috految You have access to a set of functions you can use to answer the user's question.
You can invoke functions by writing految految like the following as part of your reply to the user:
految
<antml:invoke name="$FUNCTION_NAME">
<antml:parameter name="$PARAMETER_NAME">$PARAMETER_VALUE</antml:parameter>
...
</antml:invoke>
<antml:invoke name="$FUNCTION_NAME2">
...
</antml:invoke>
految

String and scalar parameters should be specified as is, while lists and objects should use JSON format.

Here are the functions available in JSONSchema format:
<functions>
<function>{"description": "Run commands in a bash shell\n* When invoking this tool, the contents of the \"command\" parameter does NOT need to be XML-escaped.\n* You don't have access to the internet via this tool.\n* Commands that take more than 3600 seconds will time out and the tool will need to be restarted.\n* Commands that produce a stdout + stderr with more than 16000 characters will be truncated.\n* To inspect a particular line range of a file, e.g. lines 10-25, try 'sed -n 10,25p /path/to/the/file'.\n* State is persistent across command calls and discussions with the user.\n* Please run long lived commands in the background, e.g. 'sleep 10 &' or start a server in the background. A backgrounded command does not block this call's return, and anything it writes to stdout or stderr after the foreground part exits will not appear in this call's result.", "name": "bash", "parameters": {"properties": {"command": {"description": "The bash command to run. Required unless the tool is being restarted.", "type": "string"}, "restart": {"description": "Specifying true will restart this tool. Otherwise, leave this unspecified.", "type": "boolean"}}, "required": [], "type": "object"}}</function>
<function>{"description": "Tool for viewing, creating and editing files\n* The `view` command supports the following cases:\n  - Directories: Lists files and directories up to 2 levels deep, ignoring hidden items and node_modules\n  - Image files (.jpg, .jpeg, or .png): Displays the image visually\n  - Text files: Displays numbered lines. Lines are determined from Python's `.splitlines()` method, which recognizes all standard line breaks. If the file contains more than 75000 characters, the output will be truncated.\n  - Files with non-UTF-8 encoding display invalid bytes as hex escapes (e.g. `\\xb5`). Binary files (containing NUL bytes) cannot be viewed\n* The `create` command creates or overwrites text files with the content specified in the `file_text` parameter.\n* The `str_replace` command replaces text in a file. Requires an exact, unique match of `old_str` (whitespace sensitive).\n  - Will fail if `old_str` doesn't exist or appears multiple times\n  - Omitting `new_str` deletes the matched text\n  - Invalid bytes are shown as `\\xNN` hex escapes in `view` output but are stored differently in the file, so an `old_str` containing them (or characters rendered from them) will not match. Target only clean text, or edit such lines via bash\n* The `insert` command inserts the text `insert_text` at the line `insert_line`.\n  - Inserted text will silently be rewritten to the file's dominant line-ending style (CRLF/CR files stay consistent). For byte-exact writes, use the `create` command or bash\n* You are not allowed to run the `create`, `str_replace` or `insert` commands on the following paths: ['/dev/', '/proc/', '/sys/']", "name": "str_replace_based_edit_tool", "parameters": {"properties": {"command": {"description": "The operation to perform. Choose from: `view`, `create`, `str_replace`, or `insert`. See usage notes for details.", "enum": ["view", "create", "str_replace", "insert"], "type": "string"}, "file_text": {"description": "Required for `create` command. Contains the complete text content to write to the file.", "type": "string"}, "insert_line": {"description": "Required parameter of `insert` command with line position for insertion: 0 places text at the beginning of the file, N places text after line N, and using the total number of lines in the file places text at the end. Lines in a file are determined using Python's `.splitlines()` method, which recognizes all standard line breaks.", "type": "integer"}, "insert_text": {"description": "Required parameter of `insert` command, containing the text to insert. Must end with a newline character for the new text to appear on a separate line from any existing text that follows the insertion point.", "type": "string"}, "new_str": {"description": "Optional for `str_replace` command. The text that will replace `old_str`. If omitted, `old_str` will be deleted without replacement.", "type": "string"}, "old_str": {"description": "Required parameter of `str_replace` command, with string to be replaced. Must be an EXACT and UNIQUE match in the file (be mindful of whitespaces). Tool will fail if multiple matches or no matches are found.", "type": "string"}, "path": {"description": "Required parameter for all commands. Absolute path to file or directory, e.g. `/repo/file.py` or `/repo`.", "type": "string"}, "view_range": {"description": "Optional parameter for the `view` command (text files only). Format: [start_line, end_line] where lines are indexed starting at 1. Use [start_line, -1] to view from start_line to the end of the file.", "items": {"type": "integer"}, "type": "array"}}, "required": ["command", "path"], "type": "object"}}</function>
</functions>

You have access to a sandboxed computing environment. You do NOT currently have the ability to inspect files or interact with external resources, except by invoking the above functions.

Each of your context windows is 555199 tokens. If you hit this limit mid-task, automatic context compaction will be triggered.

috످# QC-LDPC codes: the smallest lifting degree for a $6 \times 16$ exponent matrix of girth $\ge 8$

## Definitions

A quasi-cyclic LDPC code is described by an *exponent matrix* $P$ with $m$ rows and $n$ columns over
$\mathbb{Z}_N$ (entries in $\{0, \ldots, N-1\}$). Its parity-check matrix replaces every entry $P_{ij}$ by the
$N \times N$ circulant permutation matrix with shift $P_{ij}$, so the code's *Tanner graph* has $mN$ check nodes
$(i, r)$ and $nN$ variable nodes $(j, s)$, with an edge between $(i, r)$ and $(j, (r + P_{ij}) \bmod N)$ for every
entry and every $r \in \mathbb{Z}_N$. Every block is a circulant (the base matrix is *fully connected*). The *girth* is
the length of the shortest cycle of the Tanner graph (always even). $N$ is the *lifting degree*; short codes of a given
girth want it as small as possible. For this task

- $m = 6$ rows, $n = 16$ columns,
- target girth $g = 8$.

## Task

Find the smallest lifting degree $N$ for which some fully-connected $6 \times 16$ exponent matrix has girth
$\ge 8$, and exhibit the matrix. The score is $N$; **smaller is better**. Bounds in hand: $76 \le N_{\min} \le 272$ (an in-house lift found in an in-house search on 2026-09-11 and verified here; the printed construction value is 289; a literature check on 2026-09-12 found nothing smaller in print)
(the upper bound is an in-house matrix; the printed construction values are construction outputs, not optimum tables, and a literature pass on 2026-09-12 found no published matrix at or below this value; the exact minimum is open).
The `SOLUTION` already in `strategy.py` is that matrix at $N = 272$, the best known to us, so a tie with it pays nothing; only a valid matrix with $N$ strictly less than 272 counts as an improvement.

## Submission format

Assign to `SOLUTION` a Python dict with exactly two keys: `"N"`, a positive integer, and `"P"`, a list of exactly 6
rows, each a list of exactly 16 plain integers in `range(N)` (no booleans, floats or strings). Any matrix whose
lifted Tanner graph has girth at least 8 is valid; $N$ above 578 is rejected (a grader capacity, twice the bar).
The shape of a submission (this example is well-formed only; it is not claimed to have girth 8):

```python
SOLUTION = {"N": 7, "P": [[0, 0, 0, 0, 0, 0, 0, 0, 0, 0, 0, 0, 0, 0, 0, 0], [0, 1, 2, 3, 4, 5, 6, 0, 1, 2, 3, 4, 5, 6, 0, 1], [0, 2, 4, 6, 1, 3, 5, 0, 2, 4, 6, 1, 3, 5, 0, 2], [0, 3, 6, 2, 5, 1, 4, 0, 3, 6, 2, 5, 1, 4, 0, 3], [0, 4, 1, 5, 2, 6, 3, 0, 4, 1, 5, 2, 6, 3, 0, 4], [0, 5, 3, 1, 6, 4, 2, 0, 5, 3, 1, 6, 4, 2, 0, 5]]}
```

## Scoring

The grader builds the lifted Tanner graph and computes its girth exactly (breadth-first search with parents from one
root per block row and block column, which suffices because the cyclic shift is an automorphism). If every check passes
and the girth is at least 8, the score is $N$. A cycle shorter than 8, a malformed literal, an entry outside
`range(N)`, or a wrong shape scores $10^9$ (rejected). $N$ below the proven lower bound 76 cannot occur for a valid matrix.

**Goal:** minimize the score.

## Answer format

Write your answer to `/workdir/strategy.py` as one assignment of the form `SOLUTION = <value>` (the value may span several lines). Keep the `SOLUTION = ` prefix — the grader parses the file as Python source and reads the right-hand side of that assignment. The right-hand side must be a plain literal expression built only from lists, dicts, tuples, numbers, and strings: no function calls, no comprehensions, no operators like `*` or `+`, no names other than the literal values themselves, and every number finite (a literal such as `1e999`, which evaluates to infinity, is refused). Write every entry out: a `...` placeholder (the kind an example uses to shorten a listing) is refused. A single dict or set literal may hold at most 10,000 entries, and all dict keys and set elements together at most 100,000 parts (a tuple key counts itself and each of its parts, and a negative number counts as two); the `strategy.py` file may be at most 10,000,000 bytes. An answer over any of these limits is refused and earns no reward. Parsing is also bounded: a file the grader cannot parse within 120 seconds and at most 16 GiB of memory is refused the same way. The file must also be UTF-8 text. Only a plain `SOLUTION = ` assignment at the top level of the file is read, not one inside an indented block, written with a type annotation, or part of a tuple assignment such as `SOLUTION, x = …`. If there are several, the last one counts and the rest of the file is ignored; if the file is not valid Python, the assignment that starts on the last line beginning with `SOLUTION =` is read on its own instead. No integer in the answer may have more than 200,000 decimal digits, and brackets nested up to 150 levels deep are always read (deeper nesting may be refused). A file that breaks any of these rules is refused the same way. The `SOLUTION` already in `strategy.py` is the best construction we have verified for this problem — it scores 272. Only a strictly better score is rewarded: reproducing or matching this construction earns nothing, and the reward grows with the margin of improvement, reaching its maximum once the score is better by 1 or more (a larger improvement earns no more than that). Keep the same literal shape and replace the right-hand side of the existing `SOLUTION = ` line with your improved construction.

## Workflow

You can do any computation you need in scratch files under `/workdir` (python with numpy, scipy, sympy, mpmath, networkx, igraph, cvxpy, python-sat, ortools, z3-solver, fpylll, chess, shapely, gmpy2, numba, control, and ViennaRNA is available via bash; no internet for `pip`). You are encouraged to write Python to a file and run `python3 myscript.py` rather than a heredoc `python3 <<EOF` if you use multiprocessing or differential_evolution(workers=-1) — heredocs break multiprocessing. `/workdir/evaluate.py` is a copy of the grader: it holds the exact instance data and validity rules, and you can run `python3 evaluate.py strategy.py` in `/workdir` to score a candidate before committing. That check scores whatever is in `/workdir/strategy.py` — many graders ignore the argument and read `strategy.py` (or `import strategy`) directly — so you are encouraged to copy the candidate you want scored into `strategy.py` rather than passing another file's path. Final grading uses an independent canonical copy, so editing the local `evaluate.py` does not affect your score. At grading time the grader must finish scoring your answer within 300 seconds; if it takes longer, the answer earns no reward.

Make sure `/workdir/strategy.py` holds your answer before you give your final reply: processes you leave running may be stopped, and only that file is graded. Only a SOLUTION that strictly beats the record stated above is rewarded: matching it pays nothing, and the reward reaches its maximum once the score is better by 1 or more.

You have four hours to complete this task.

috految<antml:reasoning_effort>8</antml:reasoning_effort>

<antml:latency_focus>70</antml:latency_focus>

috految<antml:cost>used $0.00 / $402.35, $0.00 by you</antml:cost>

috److految
<antml:invoke name="bash">
<antml:parameter name="command">cd /workdir; cat strategy.py; nproc; lscpu | grep -E 'Model name|Flags'; which g++ gcc</antml:parameter>
</antml:invoke>
految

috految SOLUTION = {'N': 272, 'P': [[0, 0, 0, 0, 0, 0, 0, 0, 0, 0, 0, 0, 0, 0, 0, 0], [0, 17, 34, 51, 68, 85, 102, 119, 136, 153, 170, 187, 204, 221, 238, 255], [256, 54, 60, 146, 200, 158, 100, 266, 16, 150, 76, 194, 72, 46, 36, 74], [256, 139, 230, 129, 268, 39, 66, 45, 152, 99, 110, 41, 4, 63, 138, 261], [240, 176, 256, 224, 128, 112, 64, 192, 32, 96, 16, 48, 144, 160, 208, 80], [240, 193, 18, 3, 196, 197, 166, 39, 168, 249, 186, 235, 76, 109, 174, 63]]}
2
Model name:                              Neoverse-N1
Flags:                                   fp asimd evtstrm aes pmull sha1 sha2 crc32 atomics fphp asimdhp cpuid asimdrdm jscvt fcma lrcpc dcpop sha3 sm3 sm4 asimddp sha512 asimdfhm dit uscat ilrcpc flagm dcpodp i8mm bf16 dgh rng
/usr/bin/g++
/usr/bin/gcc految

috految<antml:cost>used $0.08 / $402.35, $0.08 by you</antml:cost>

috److془We need to think carefully.

Constraints: 20*3360/N = 248 + 7 nats at N=271 (with corrections ~ +20%?). Entropy: 75*5.6=420 - 30 -6-5. So solutions exist generically. Hmm corrections: perhaps 1.3. With symmetry group of order 15-48, easy. Hmm, but corrections: 4-cycle free: the sums count: triple: A+B+C≠0, A,B,C sets of 16. Correction: 3*16/271/2 ~ 9%; plus cross triple: 4 rows... A_{ij}+A_{jk} 240 elements: theta graphs with paths lengths (3,3,3): 75 paths on 271 distinct: factor 1+ 3*(75/271/3)~1.25. Thetas (2,4,4) less. Total ~ 330 vs 380. Hmm and the collision at 4+4 paths: Fourier constraint. Fine. Actually Fourier: eigenvalues Wishart; 6 cycle deficit. Okay so borderline. Symmetry search including all groups.

Row symmetric: rank one (a_i*x_j), with a= hexagon has 2+6+12 triangles; equivalence: equilateral 1/3, isosceles 1, right 2: 3.33 . Entropy 14*5.6-30=48; cost 55. Rows 2x3 grid, or so: the design with a parallelogram: 3 dims, 10 triples. Rows ±a,±b,±c: entropy 45*5.6-30=222-, cost 165. Better! Rows (a,b,a+b) hex: 10 triples. Hmm but the triangles (a,-a,b),(a,-a,-b) equal; fine. Better still: prism: rows 0,a,b,c,a+c,b+c 13. Order 6 multipliers in the hexagon; order 3 : 2 dims, 6.67. Hmm ±: 4-cycles fine. Triple (a,-a,b): a1+b1 = ... fine. Triangle with 6 points: 2 dims. Rank one with a=0..5: 4-5 classes. Pure column symmetry: order 15 +fixed N=271,241,; 16 N=257,241, 8 etc. Column order 5 with ±: 3 orbits + zero, N=271: entropy 9*5.6-5.6-7-4=34, cost 33. Hmm. Order 3 row&col, etc. Involution x->-x on columns with ±: cycles fixed requires fixed column; fine generally. Row swap with multiplier 1 column swap: fine unless fixed rows. Many symmetric options. Composite ones particularly with structured gains (as with 272). Also, Z_N with subgroup: N=256, with rows difference in subgroup of order 16; 270. Generic random group search with bandit. Note also that the incumbent: 4 variable with 16 column symmetry. Also rows with 3 pairs differing by subgroup: N=16*16, 12 triples constraints are mere permutation. Remaining 8 triples: difference matrix of Z16 doesn't exist; 255=15*17 gives 15. Hmm; but with intervals N~257..271 may. Or with 18*15 chunk. Hmm. Using 3 pairs with different subgroups..no. Rows 0,H,A,A+H,B,B+H. Or the Z_256 with 2 pairs: cost 12 triples, and third has to be permutation with both, impossible also. Fine. 3 pairs with H order 17,  N=255: only 15 classes, one duplicate: need difference of the two columns x: h_k-h_1 ≠ x, h_k-h_2≠ -x' : missing element of H suffices! Hmm but then with pair, 4-cycle: paths 2 rows *2 cols; need h^* = h_1+x = h_2-x for both rows, so the rows are 4-cycle. With 18x15=270 two missing: works! Or 19x14, 20x13. Hmm but x's: choose. Difference matrix 15 with extra column. Remaining: 8 triples: 8*~240 (quotient triples ~ 3360/15=224 )/18 = 100+ nats; entropy 3*36+ 30*2.9; ± halves. Hmm with same h: 7 triples, 4 with A,B. Is oversolved by ~ 190 vs 130. Hmm plus the quotient freedom. Actually, with h linear in quotient, could be structured. Order 3,2 symmetric: easy-ish. Hmm: collisions: quotient differences (A,B hexagon): 3 pair rows cyclic with 15 classes. Duplicates: cost ~ 8 nats per pair. Hmm okay. Can do missing: h_k∉{h_1+x,h_1+x',h_2-x,h_2-x'} , x'=h_2-h_1-x. Same fine. With ± pairs, 2a∈H fails it's okay. Like the 272 but general search go first. Also the 2 equal: 3 rows in subgroup of order ≥ ~ 66 ; rows quotient mod 4 etc. Also the mod 2 bias. Linear: quotient structured pairs with 15 columns (N=255,240) etc. Generic search captures it.

Design: group G acting on columns v∈Z_N^6/const by v-> u*π(v)+t. Subspace for orbits: fixed by kernel K. Column orbits: 16 = 2x8,16,15+1,12+4,4x4,18, 6+6+3+1,5x3+1. Ease: total order 16: cost ~21 nats; order 10: 33 nats, with backtracking ~ 1e7. order 8: 41. Total order 16 with ±: 2 orbits of 8, 6 vars: 33.6-the symmetric 13 vs 21. Hmm borderline but many groups. Order 12: 4x4 etc. Rank one hexagon borderline. ±, with 4x4: 67-17 vs 41. Negation of columns alone: ±rows, ±columns. Order 8 with rotation: Also fixed symmetric: 4-cycles doubling. Fine. Rank-one hidden symmetric similarly. Also column parallelograms: other hidden symmetries, beneficial. Column translation: sets like {0,1}^4 cube: triples (7^4 ≈2160 )/2 poor. Hmm but the cylinder 4x4: 37^2/2=600 vs 3360; 1: 7 ; 16 AP: 315, less with gcd. Fine. Quadratic triples: symmetric group handles. Wait row triple with ±columns all include 1/2 factor, yes. 2 dims: 10*5.6 vs .18*330. Borderline too!. 
Cyclic translations in 2 dims etc. Translation order 8 with row differences needing distinct; nah. 

Implement: exact linear setup with random groups, weighted tabu over variables? Or the row-by-row DFS. Simple: cell orbit variables, P[gi][gj]=u P[i][j]+t_i+s_j. Per step cost: constraints 70000/|G|=4000*~.6 → 5us evaluating 270 values. Tabu gives ~ 1e5 steps/s; cost 21 solved in ~ 1e5 steps. Alternatively column-first: nice DFS. Row-first for pure column symmetric ±: pool of b compatible with a: 2 triples(b with a,-a; a,b,-b), then pair tests 6 triples. Cost 0.6*41=25 nats with sieve. Hmm actually of the 4x4 case: tabu ~ 1e8 steps perhaps. Order 5: 20 nats; Column-first: last 5-orbit cost 23 nats with 15 entropy, ~ 1e4 pools. Easy! 4x4: last cost 25-15.4=10 nats; third 12 vs 15.4. Easy! Wow: ±, order 2: last 29-16, previous 19-16. Hmm: cost fraction (1-(14*13*12)/3360)=.35*83, yes. So with bitset sieve column-first, ~ 1e6 nodes. Plus selection for structure. Nice. Implement: forbidden pairs differences: v_i-v_j ∉ F_ij={c_i-c_k+d_k-d_j}. Allowed fraction at 12 columns: exp(-2.4)=.09. 9 constraints. Each node ~10us. Beautiful. Write: K=± , or order 3 (v=a,wa,w²a,b,wb,w²b), or order 2 with multiplier w²=1. Hmm with ± : diff 2a has F half only. Good. For even N: rows (x,e-x) e=0,1 . Hmm a-b, -b+a same good. Doubling x,e-x great. Hollow: ±rows: diff 2a and a+b.. no forced cycles? a1+b1 vs (a2-b2): fine. Forced for (a,-a,b) with ±columns: b_j-b_k=2a_l-a_j-a_k fine. 
Generate random groups from 1-2 generators (u, π, t), order ≤ 18. Random remove and refill search with bandit. Short orbits: initial zero with probability. Hill climbing: LNS natural bias to large pools. Use DFS with candidate lists; random descent. Bandit reward: distinct states by size; simple. Order 4 top: 8 columns pool: 2e7*e^-8=1e4-ish, whittled to ~100 . Enumeration up to few ms. Good. Selection among pool by laregst allowed product. Best: best-first search of states at size 12 by score; remove an orbit, enumerate. Good.془

految
<antml:invoke name="bash">
<antml:parameter name="command">cd /workdir; cat >s.cpp <<'E'
#include <vector>
#include <array>
#include <algorithm>
#include <numeric>
#include <queue>
#include <unordered_set>
#include <cstdio>
#include <cstring>
#include <cmath>
#include <ctime>
using namespace std;
#define F(i,n) for(int i=0;i<(int)(n);i++)
typedef array<short,6> V;typedef unsigned long U;
U z;int R(int n){z^=z<<13;z^=z>>7;z^=z<<17;return (z>>32)*n>>32;}
struct H{int u;V p,t;};struct C{int N,w,zero;vector<H>g;double s;};C c;int N,n,B,M[4096],*md=M+2048;V S[64];int cnt[64];long work;
short mu[32][272];int o;
inline V ap(int g,const V&v){V r;auto&h=c.g[g];int b=mu[g][v[h.p[0]]]+h.t[0];F(i,6)r[i]=md[mu[g][v[h.p[i]]]+h.t[i]-b];return r;}
char A[6][6][544];unsigned T[272],st;
bool ok(int m){auto v=S[m-1];for(int i=0;i<6;i+=c.w>1?3:2){unsigned s=++st;T[0]=s;for(int j=m-2;j>=0;j--){int*d=md+v[i]-S[j][i];F(k,6)if(k!=i){int x=d[S[j][k]-v[k]];if(T[x]==s)return 0;T[x]=s;}}}return 1;}
int orb(V v,bool can){int m=n;S[m++]=v;for(int g=1;g<o;g++){V x=ap(g,v);if(can&&x<v)return 0;if(find(S+n,S+m,x)==S+m)S[m++]=x;}return m;}
U mix(U x){x*=0x9e3779b97f4a7c15;x^=x>>29;return x*0xbf58476d1ce4e5b9;}
U hs;
double build(){double s=0;hs=n;F(j,6)F(i,j){if(c.w==1&&i%2)continue;char*a=A[i][j];memset(a,1,2*N);F(k,6)if(k!=i&&k!=j){int d[32],m=n;F(x,m)d[x]=md[S[x][k]-S[x][i]];F(y,m){char*q=a+md[S[y][j]-S[y][k]];F(x,m)q[d[x]]=0;}}int t=0,L=N;F(x,L)t+=a[x]&=a[x+L];memcpy(a+N,a,N);s+=log(t+.3);hs+=mix(t+1);}return s;}
void win(){F(j,16)F(i,6){++st;T[0]=st;F(l,16)if(l!=j)F(k,6)if(k!=i){int x=md[S[j][i]-S[l][i]+S[l][k]-S[j][k]];if(T[x]==st)return;T[x]=st;}}
FILE*f=fopen("strategy.py","w");fprintf(f,"SOLUTION = {'N':%d,'P':[",N);F(i,6){fputs("[",f);F(j,16)fprintf(f,"%d,",S[j][i]);fputs("],",f);}fputs("]}\n",f);fclose(f);puts("FOUND");exit(0);}
vector<V> en(int cap){vector<V>P;int w=c.w,tr=0;auto go=[&](V v){tr++;int m=orb(v,n>=4);if(m&&ok(m)){P.push_back(v);if(m>=16)win();}};
int r=R(N);F(aa,N){int a=(aa*277+r)%N;if(!A[0][1][a])continue;
if(w>1){int b=a*(w+1)%N;if(!A[0][2][b])continue;F(x,N)if(A[0][3][x]&A[1][3][x+N-a]&A[2][3][x+N-b]){int y=(w*x+a)%N;if(A[3][4][y+N-x])go({0,a,b,x,y,(w*y+a)%N});}}
else{int L[2][272],l[2]={};F(k,2){int j=2+2*k,t=0;F(x,N){L[k][t]=x;t+=A[0][j][x]&A[0][j+1][a+N-x]&A[j][j+1][md[a-2*x]];}l[k]=t;if(!t)break;}
F(i,l[0]){swap(L[0][i],L[0][i+R(l[0]-i)]);int x=L[0][i];F(j,l[1]){int y=L[1][j];if(A[2][4][y+N-x]&A[2][5][md[a-y-x]])go({0,a,x,md[a-x],y,md[a-y]});}if(P.size()>cap||tr>cap*100)break;}}
if(P.size()>cap||tr>cap*100)break;}return P;}
void run(double t){N=c.N;o=c.g.size();F(i,4096)M[i]=(i-2048+N*20)%N;F(g,o)F(x,N)mu[g][x]=x*c.g[g].u%N;long end=clock()+t*1e6;memset(cnt,0,sizeof cnt);B=0;double bs=0;unordered_set<U>seen;priority_queue<pair<double,vector<V>>>Q;
auto rec=[&](){double s=build();if(!seen.insert(hs).second)return false;cnt[n]++;if(n>B)B=n,bs=0;if(n==B)bs=max(bs,s);Q.push({n*4+s,vector<V>(S,S+n)});return true;};
int fail=0;while(clock()<end){n=0;if(Q.empty()||!R(20)){if(c.zero){n=orb(V{},0);if(!ok(n))n=0;}F(k,150){int a=R(N),x=R(N),y=R(N);V v={0,a,x,md[a-x],y,md[a-y]};if(c.w>1)y=(x*c.w+a)%N,v={0,a,a*(c.w+1)%N,x,y,(y*c.w+a)%N};int m=orb(v,0);if(ok(m)){n=m;if(n>=16)win();if(n>=8)break;}}if(n<4){if(++fail>5&&!B)break;continue;}}
else{auto[s,v]=Q.top();Q.pop();Q.push({s-1,v});int lim=R(3)?v.size()-1:v.size()-o-1;lim=max(lim,8);while(v.size()>lim){V x=v[R(v.size())];if(x==V{}&&R(20))continue;F(g,o)v.erase(remove(v.begin(),v.end(),ap(g,x)),v.end());}for(V x:v)S[n++]=x;if(n<4)continue;}
build();if(!seen.insert(hs+1).second&&R(8))continue;
auto P=en(n<8?60:400);int b=n;for(V v:P){n=b;n=orb(v,0);if(!rec())continue;if(n>=9)for(;;){auto p=en(100);if(p.empty())break;n=orb(p[R(p.size())],0);if(!rec())break;}if(clock()>end)break;}}
c.s=B+.25*log(1+cnt[B])+(o>4?1:o>2?.5:0)+(B==12&&o==4?1:0)+(o==5?2:0);if(B>7){printf("%d cnt %d sc %.1f N %d w %d o %d z %d t %.3f",B,cnt[B],bs,N,c.w,o,c.zero,t);F(g,min(o,3))if(g){printf(" u%d ",c.g[g].u);F(i,6)printf("%d",c.g[g].p[i]);printf(" t%d",c.g[g].t[1]);}puts("");fflush(stdout);}}
int main(int,char**v){z=mix(atoi(v[1]));for(;;){vector<C>L;while(L.size()<170){c={};N=c.N=271-R(R(2)?17:44);c.w=1;if(!R(3)){vector<int>w;F(x,N)if(x>1&&(x*x+x+1)%N==0)w.push_back(x);if(w.empty())continue;c.w=w[R(w.size())];}c.zero=R(2);vector<H>G;int k=2-!!R(3);F(q,k){H h{};int e=array<int,10>{2,3,4,4,5,6,8,15,16,12}[R(10)];for(;;){h.u=R(N);int x=1;F(i,e)x=x*h.u%N;if(x==1)break;}F(i,6)h.p[i]=i;if(R(4)){if(c.w==1){int p[]={0,1,2};F(i,3)swap(p[i],p[R(i+1)]);F(i,3){int s=R(2);F(j,2)h.p[2*i+j]=2*p[i]+(j^s);}}else{int s=R(2);F(i,2){int r=R(3);F(j,3)h.p[3*i+j]=3*(i^s)+(j+r)%3;}}}
if(R(2)){int d=gcd(N,e);int a=R(d)*N/d,x=R(d)*N/d,y=R(d)*N/d;if(R(2))a=R(N),x=R(N),y=R(N);h.t={0,a,x,(a-x+N)%N,y,(a-y+N)%N};if(c.w>1)y=(x*c.w+a)%N,h.t={0,a,a*(c.w+1)%N,x,y,(y*c.w+a)%N};}G.push_back(h);}
c.g={{1,{0,1,2,3,4,5},{}}};for(int i=0;i<c.g.size()&&c.g.size()<19;i++)for(H g:G){H h=c.g[i],r;r.u=g.u*h.u%N;F(j,6)r.p[j]=h.p[g.p[j]],r.t[j]=(g.u*h.t[g.p[j]]+g.t[j])%N;int b=r.t[0];F(j,6)r.t[j]=(r.t[j]+N-b)%N;if(c.w==1&&r.p[0]%2){r.u=N-r.u;F(j,6)r.p[j]^=1;}bool f=0;for(H x:c.g)f|=x.u==r.u&&x.p==r.p&&x.t==r.t;if(!f)c.g.push_back(r);}
o=c.g.size();if(o>18||o<2||o==2&&R(6))continue;if(o%4==0)c.zero=0;run(.008);if(B>5)L.push_back(c);}
for(auto[k,t]:{pair{30,.06},{6,.4}}){sort(L.begin(),L.end(),[](auto&a,auto&b){return a.s>b.s;});L.resize(k);for(C&x:L){c=x;run(t);x=c;}}}}
E
g++ -std=c++17 -O3 -mcpu=native -w -Wno-narrowing s.cpp -o s && { for i in 1 2; do timeout 120 ./s $i >l$i & done; for i in {1..60}; do grep -q FOUND l? && break; sleep .2; done; sort -k1,1nr -k3,3nr l?|awk 'c[$11]++<10'; python3 evaluate.py strategy.py; }</antml:parameter>
</antml:invoke>
految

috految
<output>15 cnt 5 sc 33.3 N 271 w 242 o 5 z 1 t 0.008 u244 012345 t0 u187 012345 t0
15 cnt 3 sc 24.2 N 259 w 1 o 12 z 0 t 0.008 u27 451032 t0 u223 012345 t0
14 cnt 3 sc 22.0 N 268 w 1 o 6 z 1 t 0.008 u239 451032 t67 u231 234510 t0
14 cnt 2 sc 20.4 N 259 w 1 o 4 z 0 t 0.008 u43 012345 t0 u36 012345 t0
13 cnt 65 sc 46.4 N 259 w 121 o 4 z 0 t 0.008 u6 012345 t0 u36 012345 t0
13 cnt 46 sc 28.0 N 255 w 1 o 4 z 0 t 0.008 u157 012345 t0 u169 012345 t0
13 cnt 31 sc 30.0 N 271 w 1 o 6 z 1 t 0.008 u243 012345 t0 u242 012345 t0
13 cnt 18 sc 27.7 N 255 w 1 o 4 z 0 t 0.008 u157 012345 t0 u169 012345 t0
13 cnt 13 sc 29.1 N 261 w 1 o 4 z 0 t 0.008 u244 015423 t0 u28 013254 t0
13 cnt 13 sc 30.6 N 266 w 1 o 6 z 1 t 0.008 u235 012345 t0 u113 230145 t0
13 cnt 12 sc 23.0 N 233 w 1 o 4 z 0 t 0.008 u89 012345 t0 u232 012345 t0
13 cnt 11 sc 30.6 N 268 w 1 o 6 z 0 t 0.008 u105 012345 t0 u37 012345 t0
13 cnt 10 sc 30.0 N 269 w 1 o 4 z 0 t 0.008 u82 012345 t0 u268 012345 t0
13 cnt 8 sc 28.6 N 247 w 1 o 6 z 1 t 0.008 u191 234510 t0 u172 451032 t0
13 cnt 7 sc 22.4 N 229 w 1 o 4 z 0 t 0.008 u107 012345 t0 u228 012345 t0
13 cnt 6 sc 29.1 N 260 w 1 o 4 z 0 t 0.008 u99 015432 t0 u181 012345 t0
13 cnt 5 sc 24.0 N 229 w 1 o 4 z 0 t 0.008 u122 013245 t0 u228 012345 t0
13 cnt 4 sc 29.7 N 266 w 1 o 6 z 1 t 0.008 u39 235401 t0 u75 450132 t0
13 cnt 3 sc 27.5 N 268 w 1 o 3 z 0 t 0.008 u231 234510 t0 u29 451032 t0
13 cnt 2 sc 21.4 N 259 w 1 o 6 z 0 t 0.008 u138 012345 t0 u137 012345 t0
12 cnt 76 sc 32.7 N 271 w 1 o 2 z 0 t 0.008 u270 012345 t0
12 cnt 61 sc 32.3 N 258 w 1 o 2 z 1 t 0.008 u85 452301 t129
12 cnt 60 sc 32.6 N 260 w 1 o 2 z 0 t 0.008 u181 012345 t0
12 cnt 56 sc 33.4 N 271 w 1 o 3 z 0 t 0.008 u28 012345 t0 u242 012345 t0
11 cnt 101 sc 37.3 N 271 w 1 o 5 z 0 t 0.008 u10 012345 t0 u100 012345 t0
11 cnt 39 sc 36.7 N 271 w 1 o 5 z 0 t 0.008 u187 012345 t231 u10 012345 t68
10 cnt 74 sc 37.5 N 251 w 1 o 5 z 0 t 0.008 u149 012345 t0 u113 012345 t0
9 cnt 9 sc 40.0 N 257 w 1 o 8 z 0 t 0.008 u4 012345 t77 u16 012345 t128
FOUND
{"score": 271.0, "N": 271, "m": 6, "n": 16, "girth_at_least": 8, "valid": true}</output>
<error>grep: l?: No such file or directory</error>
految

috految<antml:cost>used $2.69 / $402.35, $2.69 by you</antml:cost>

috److I found a valid $6 \times 16$ exponent matrix with girth at least 8 at **$N = 271$**, one below the previous best of 272. The local grader confirms it with a score of 271.

The matrix came from a randomized search restricted to matrices with row and column symmetries. I stopped at the first improvement, since that already earns the maximum reward, so 271 is not claimed to be the minimum.

The solution is saved in `/workdir/strategy.py`. A second search process may still be running. It only overwrites the file with a matrix that passes its own girth check and has $N \le 271$.

috످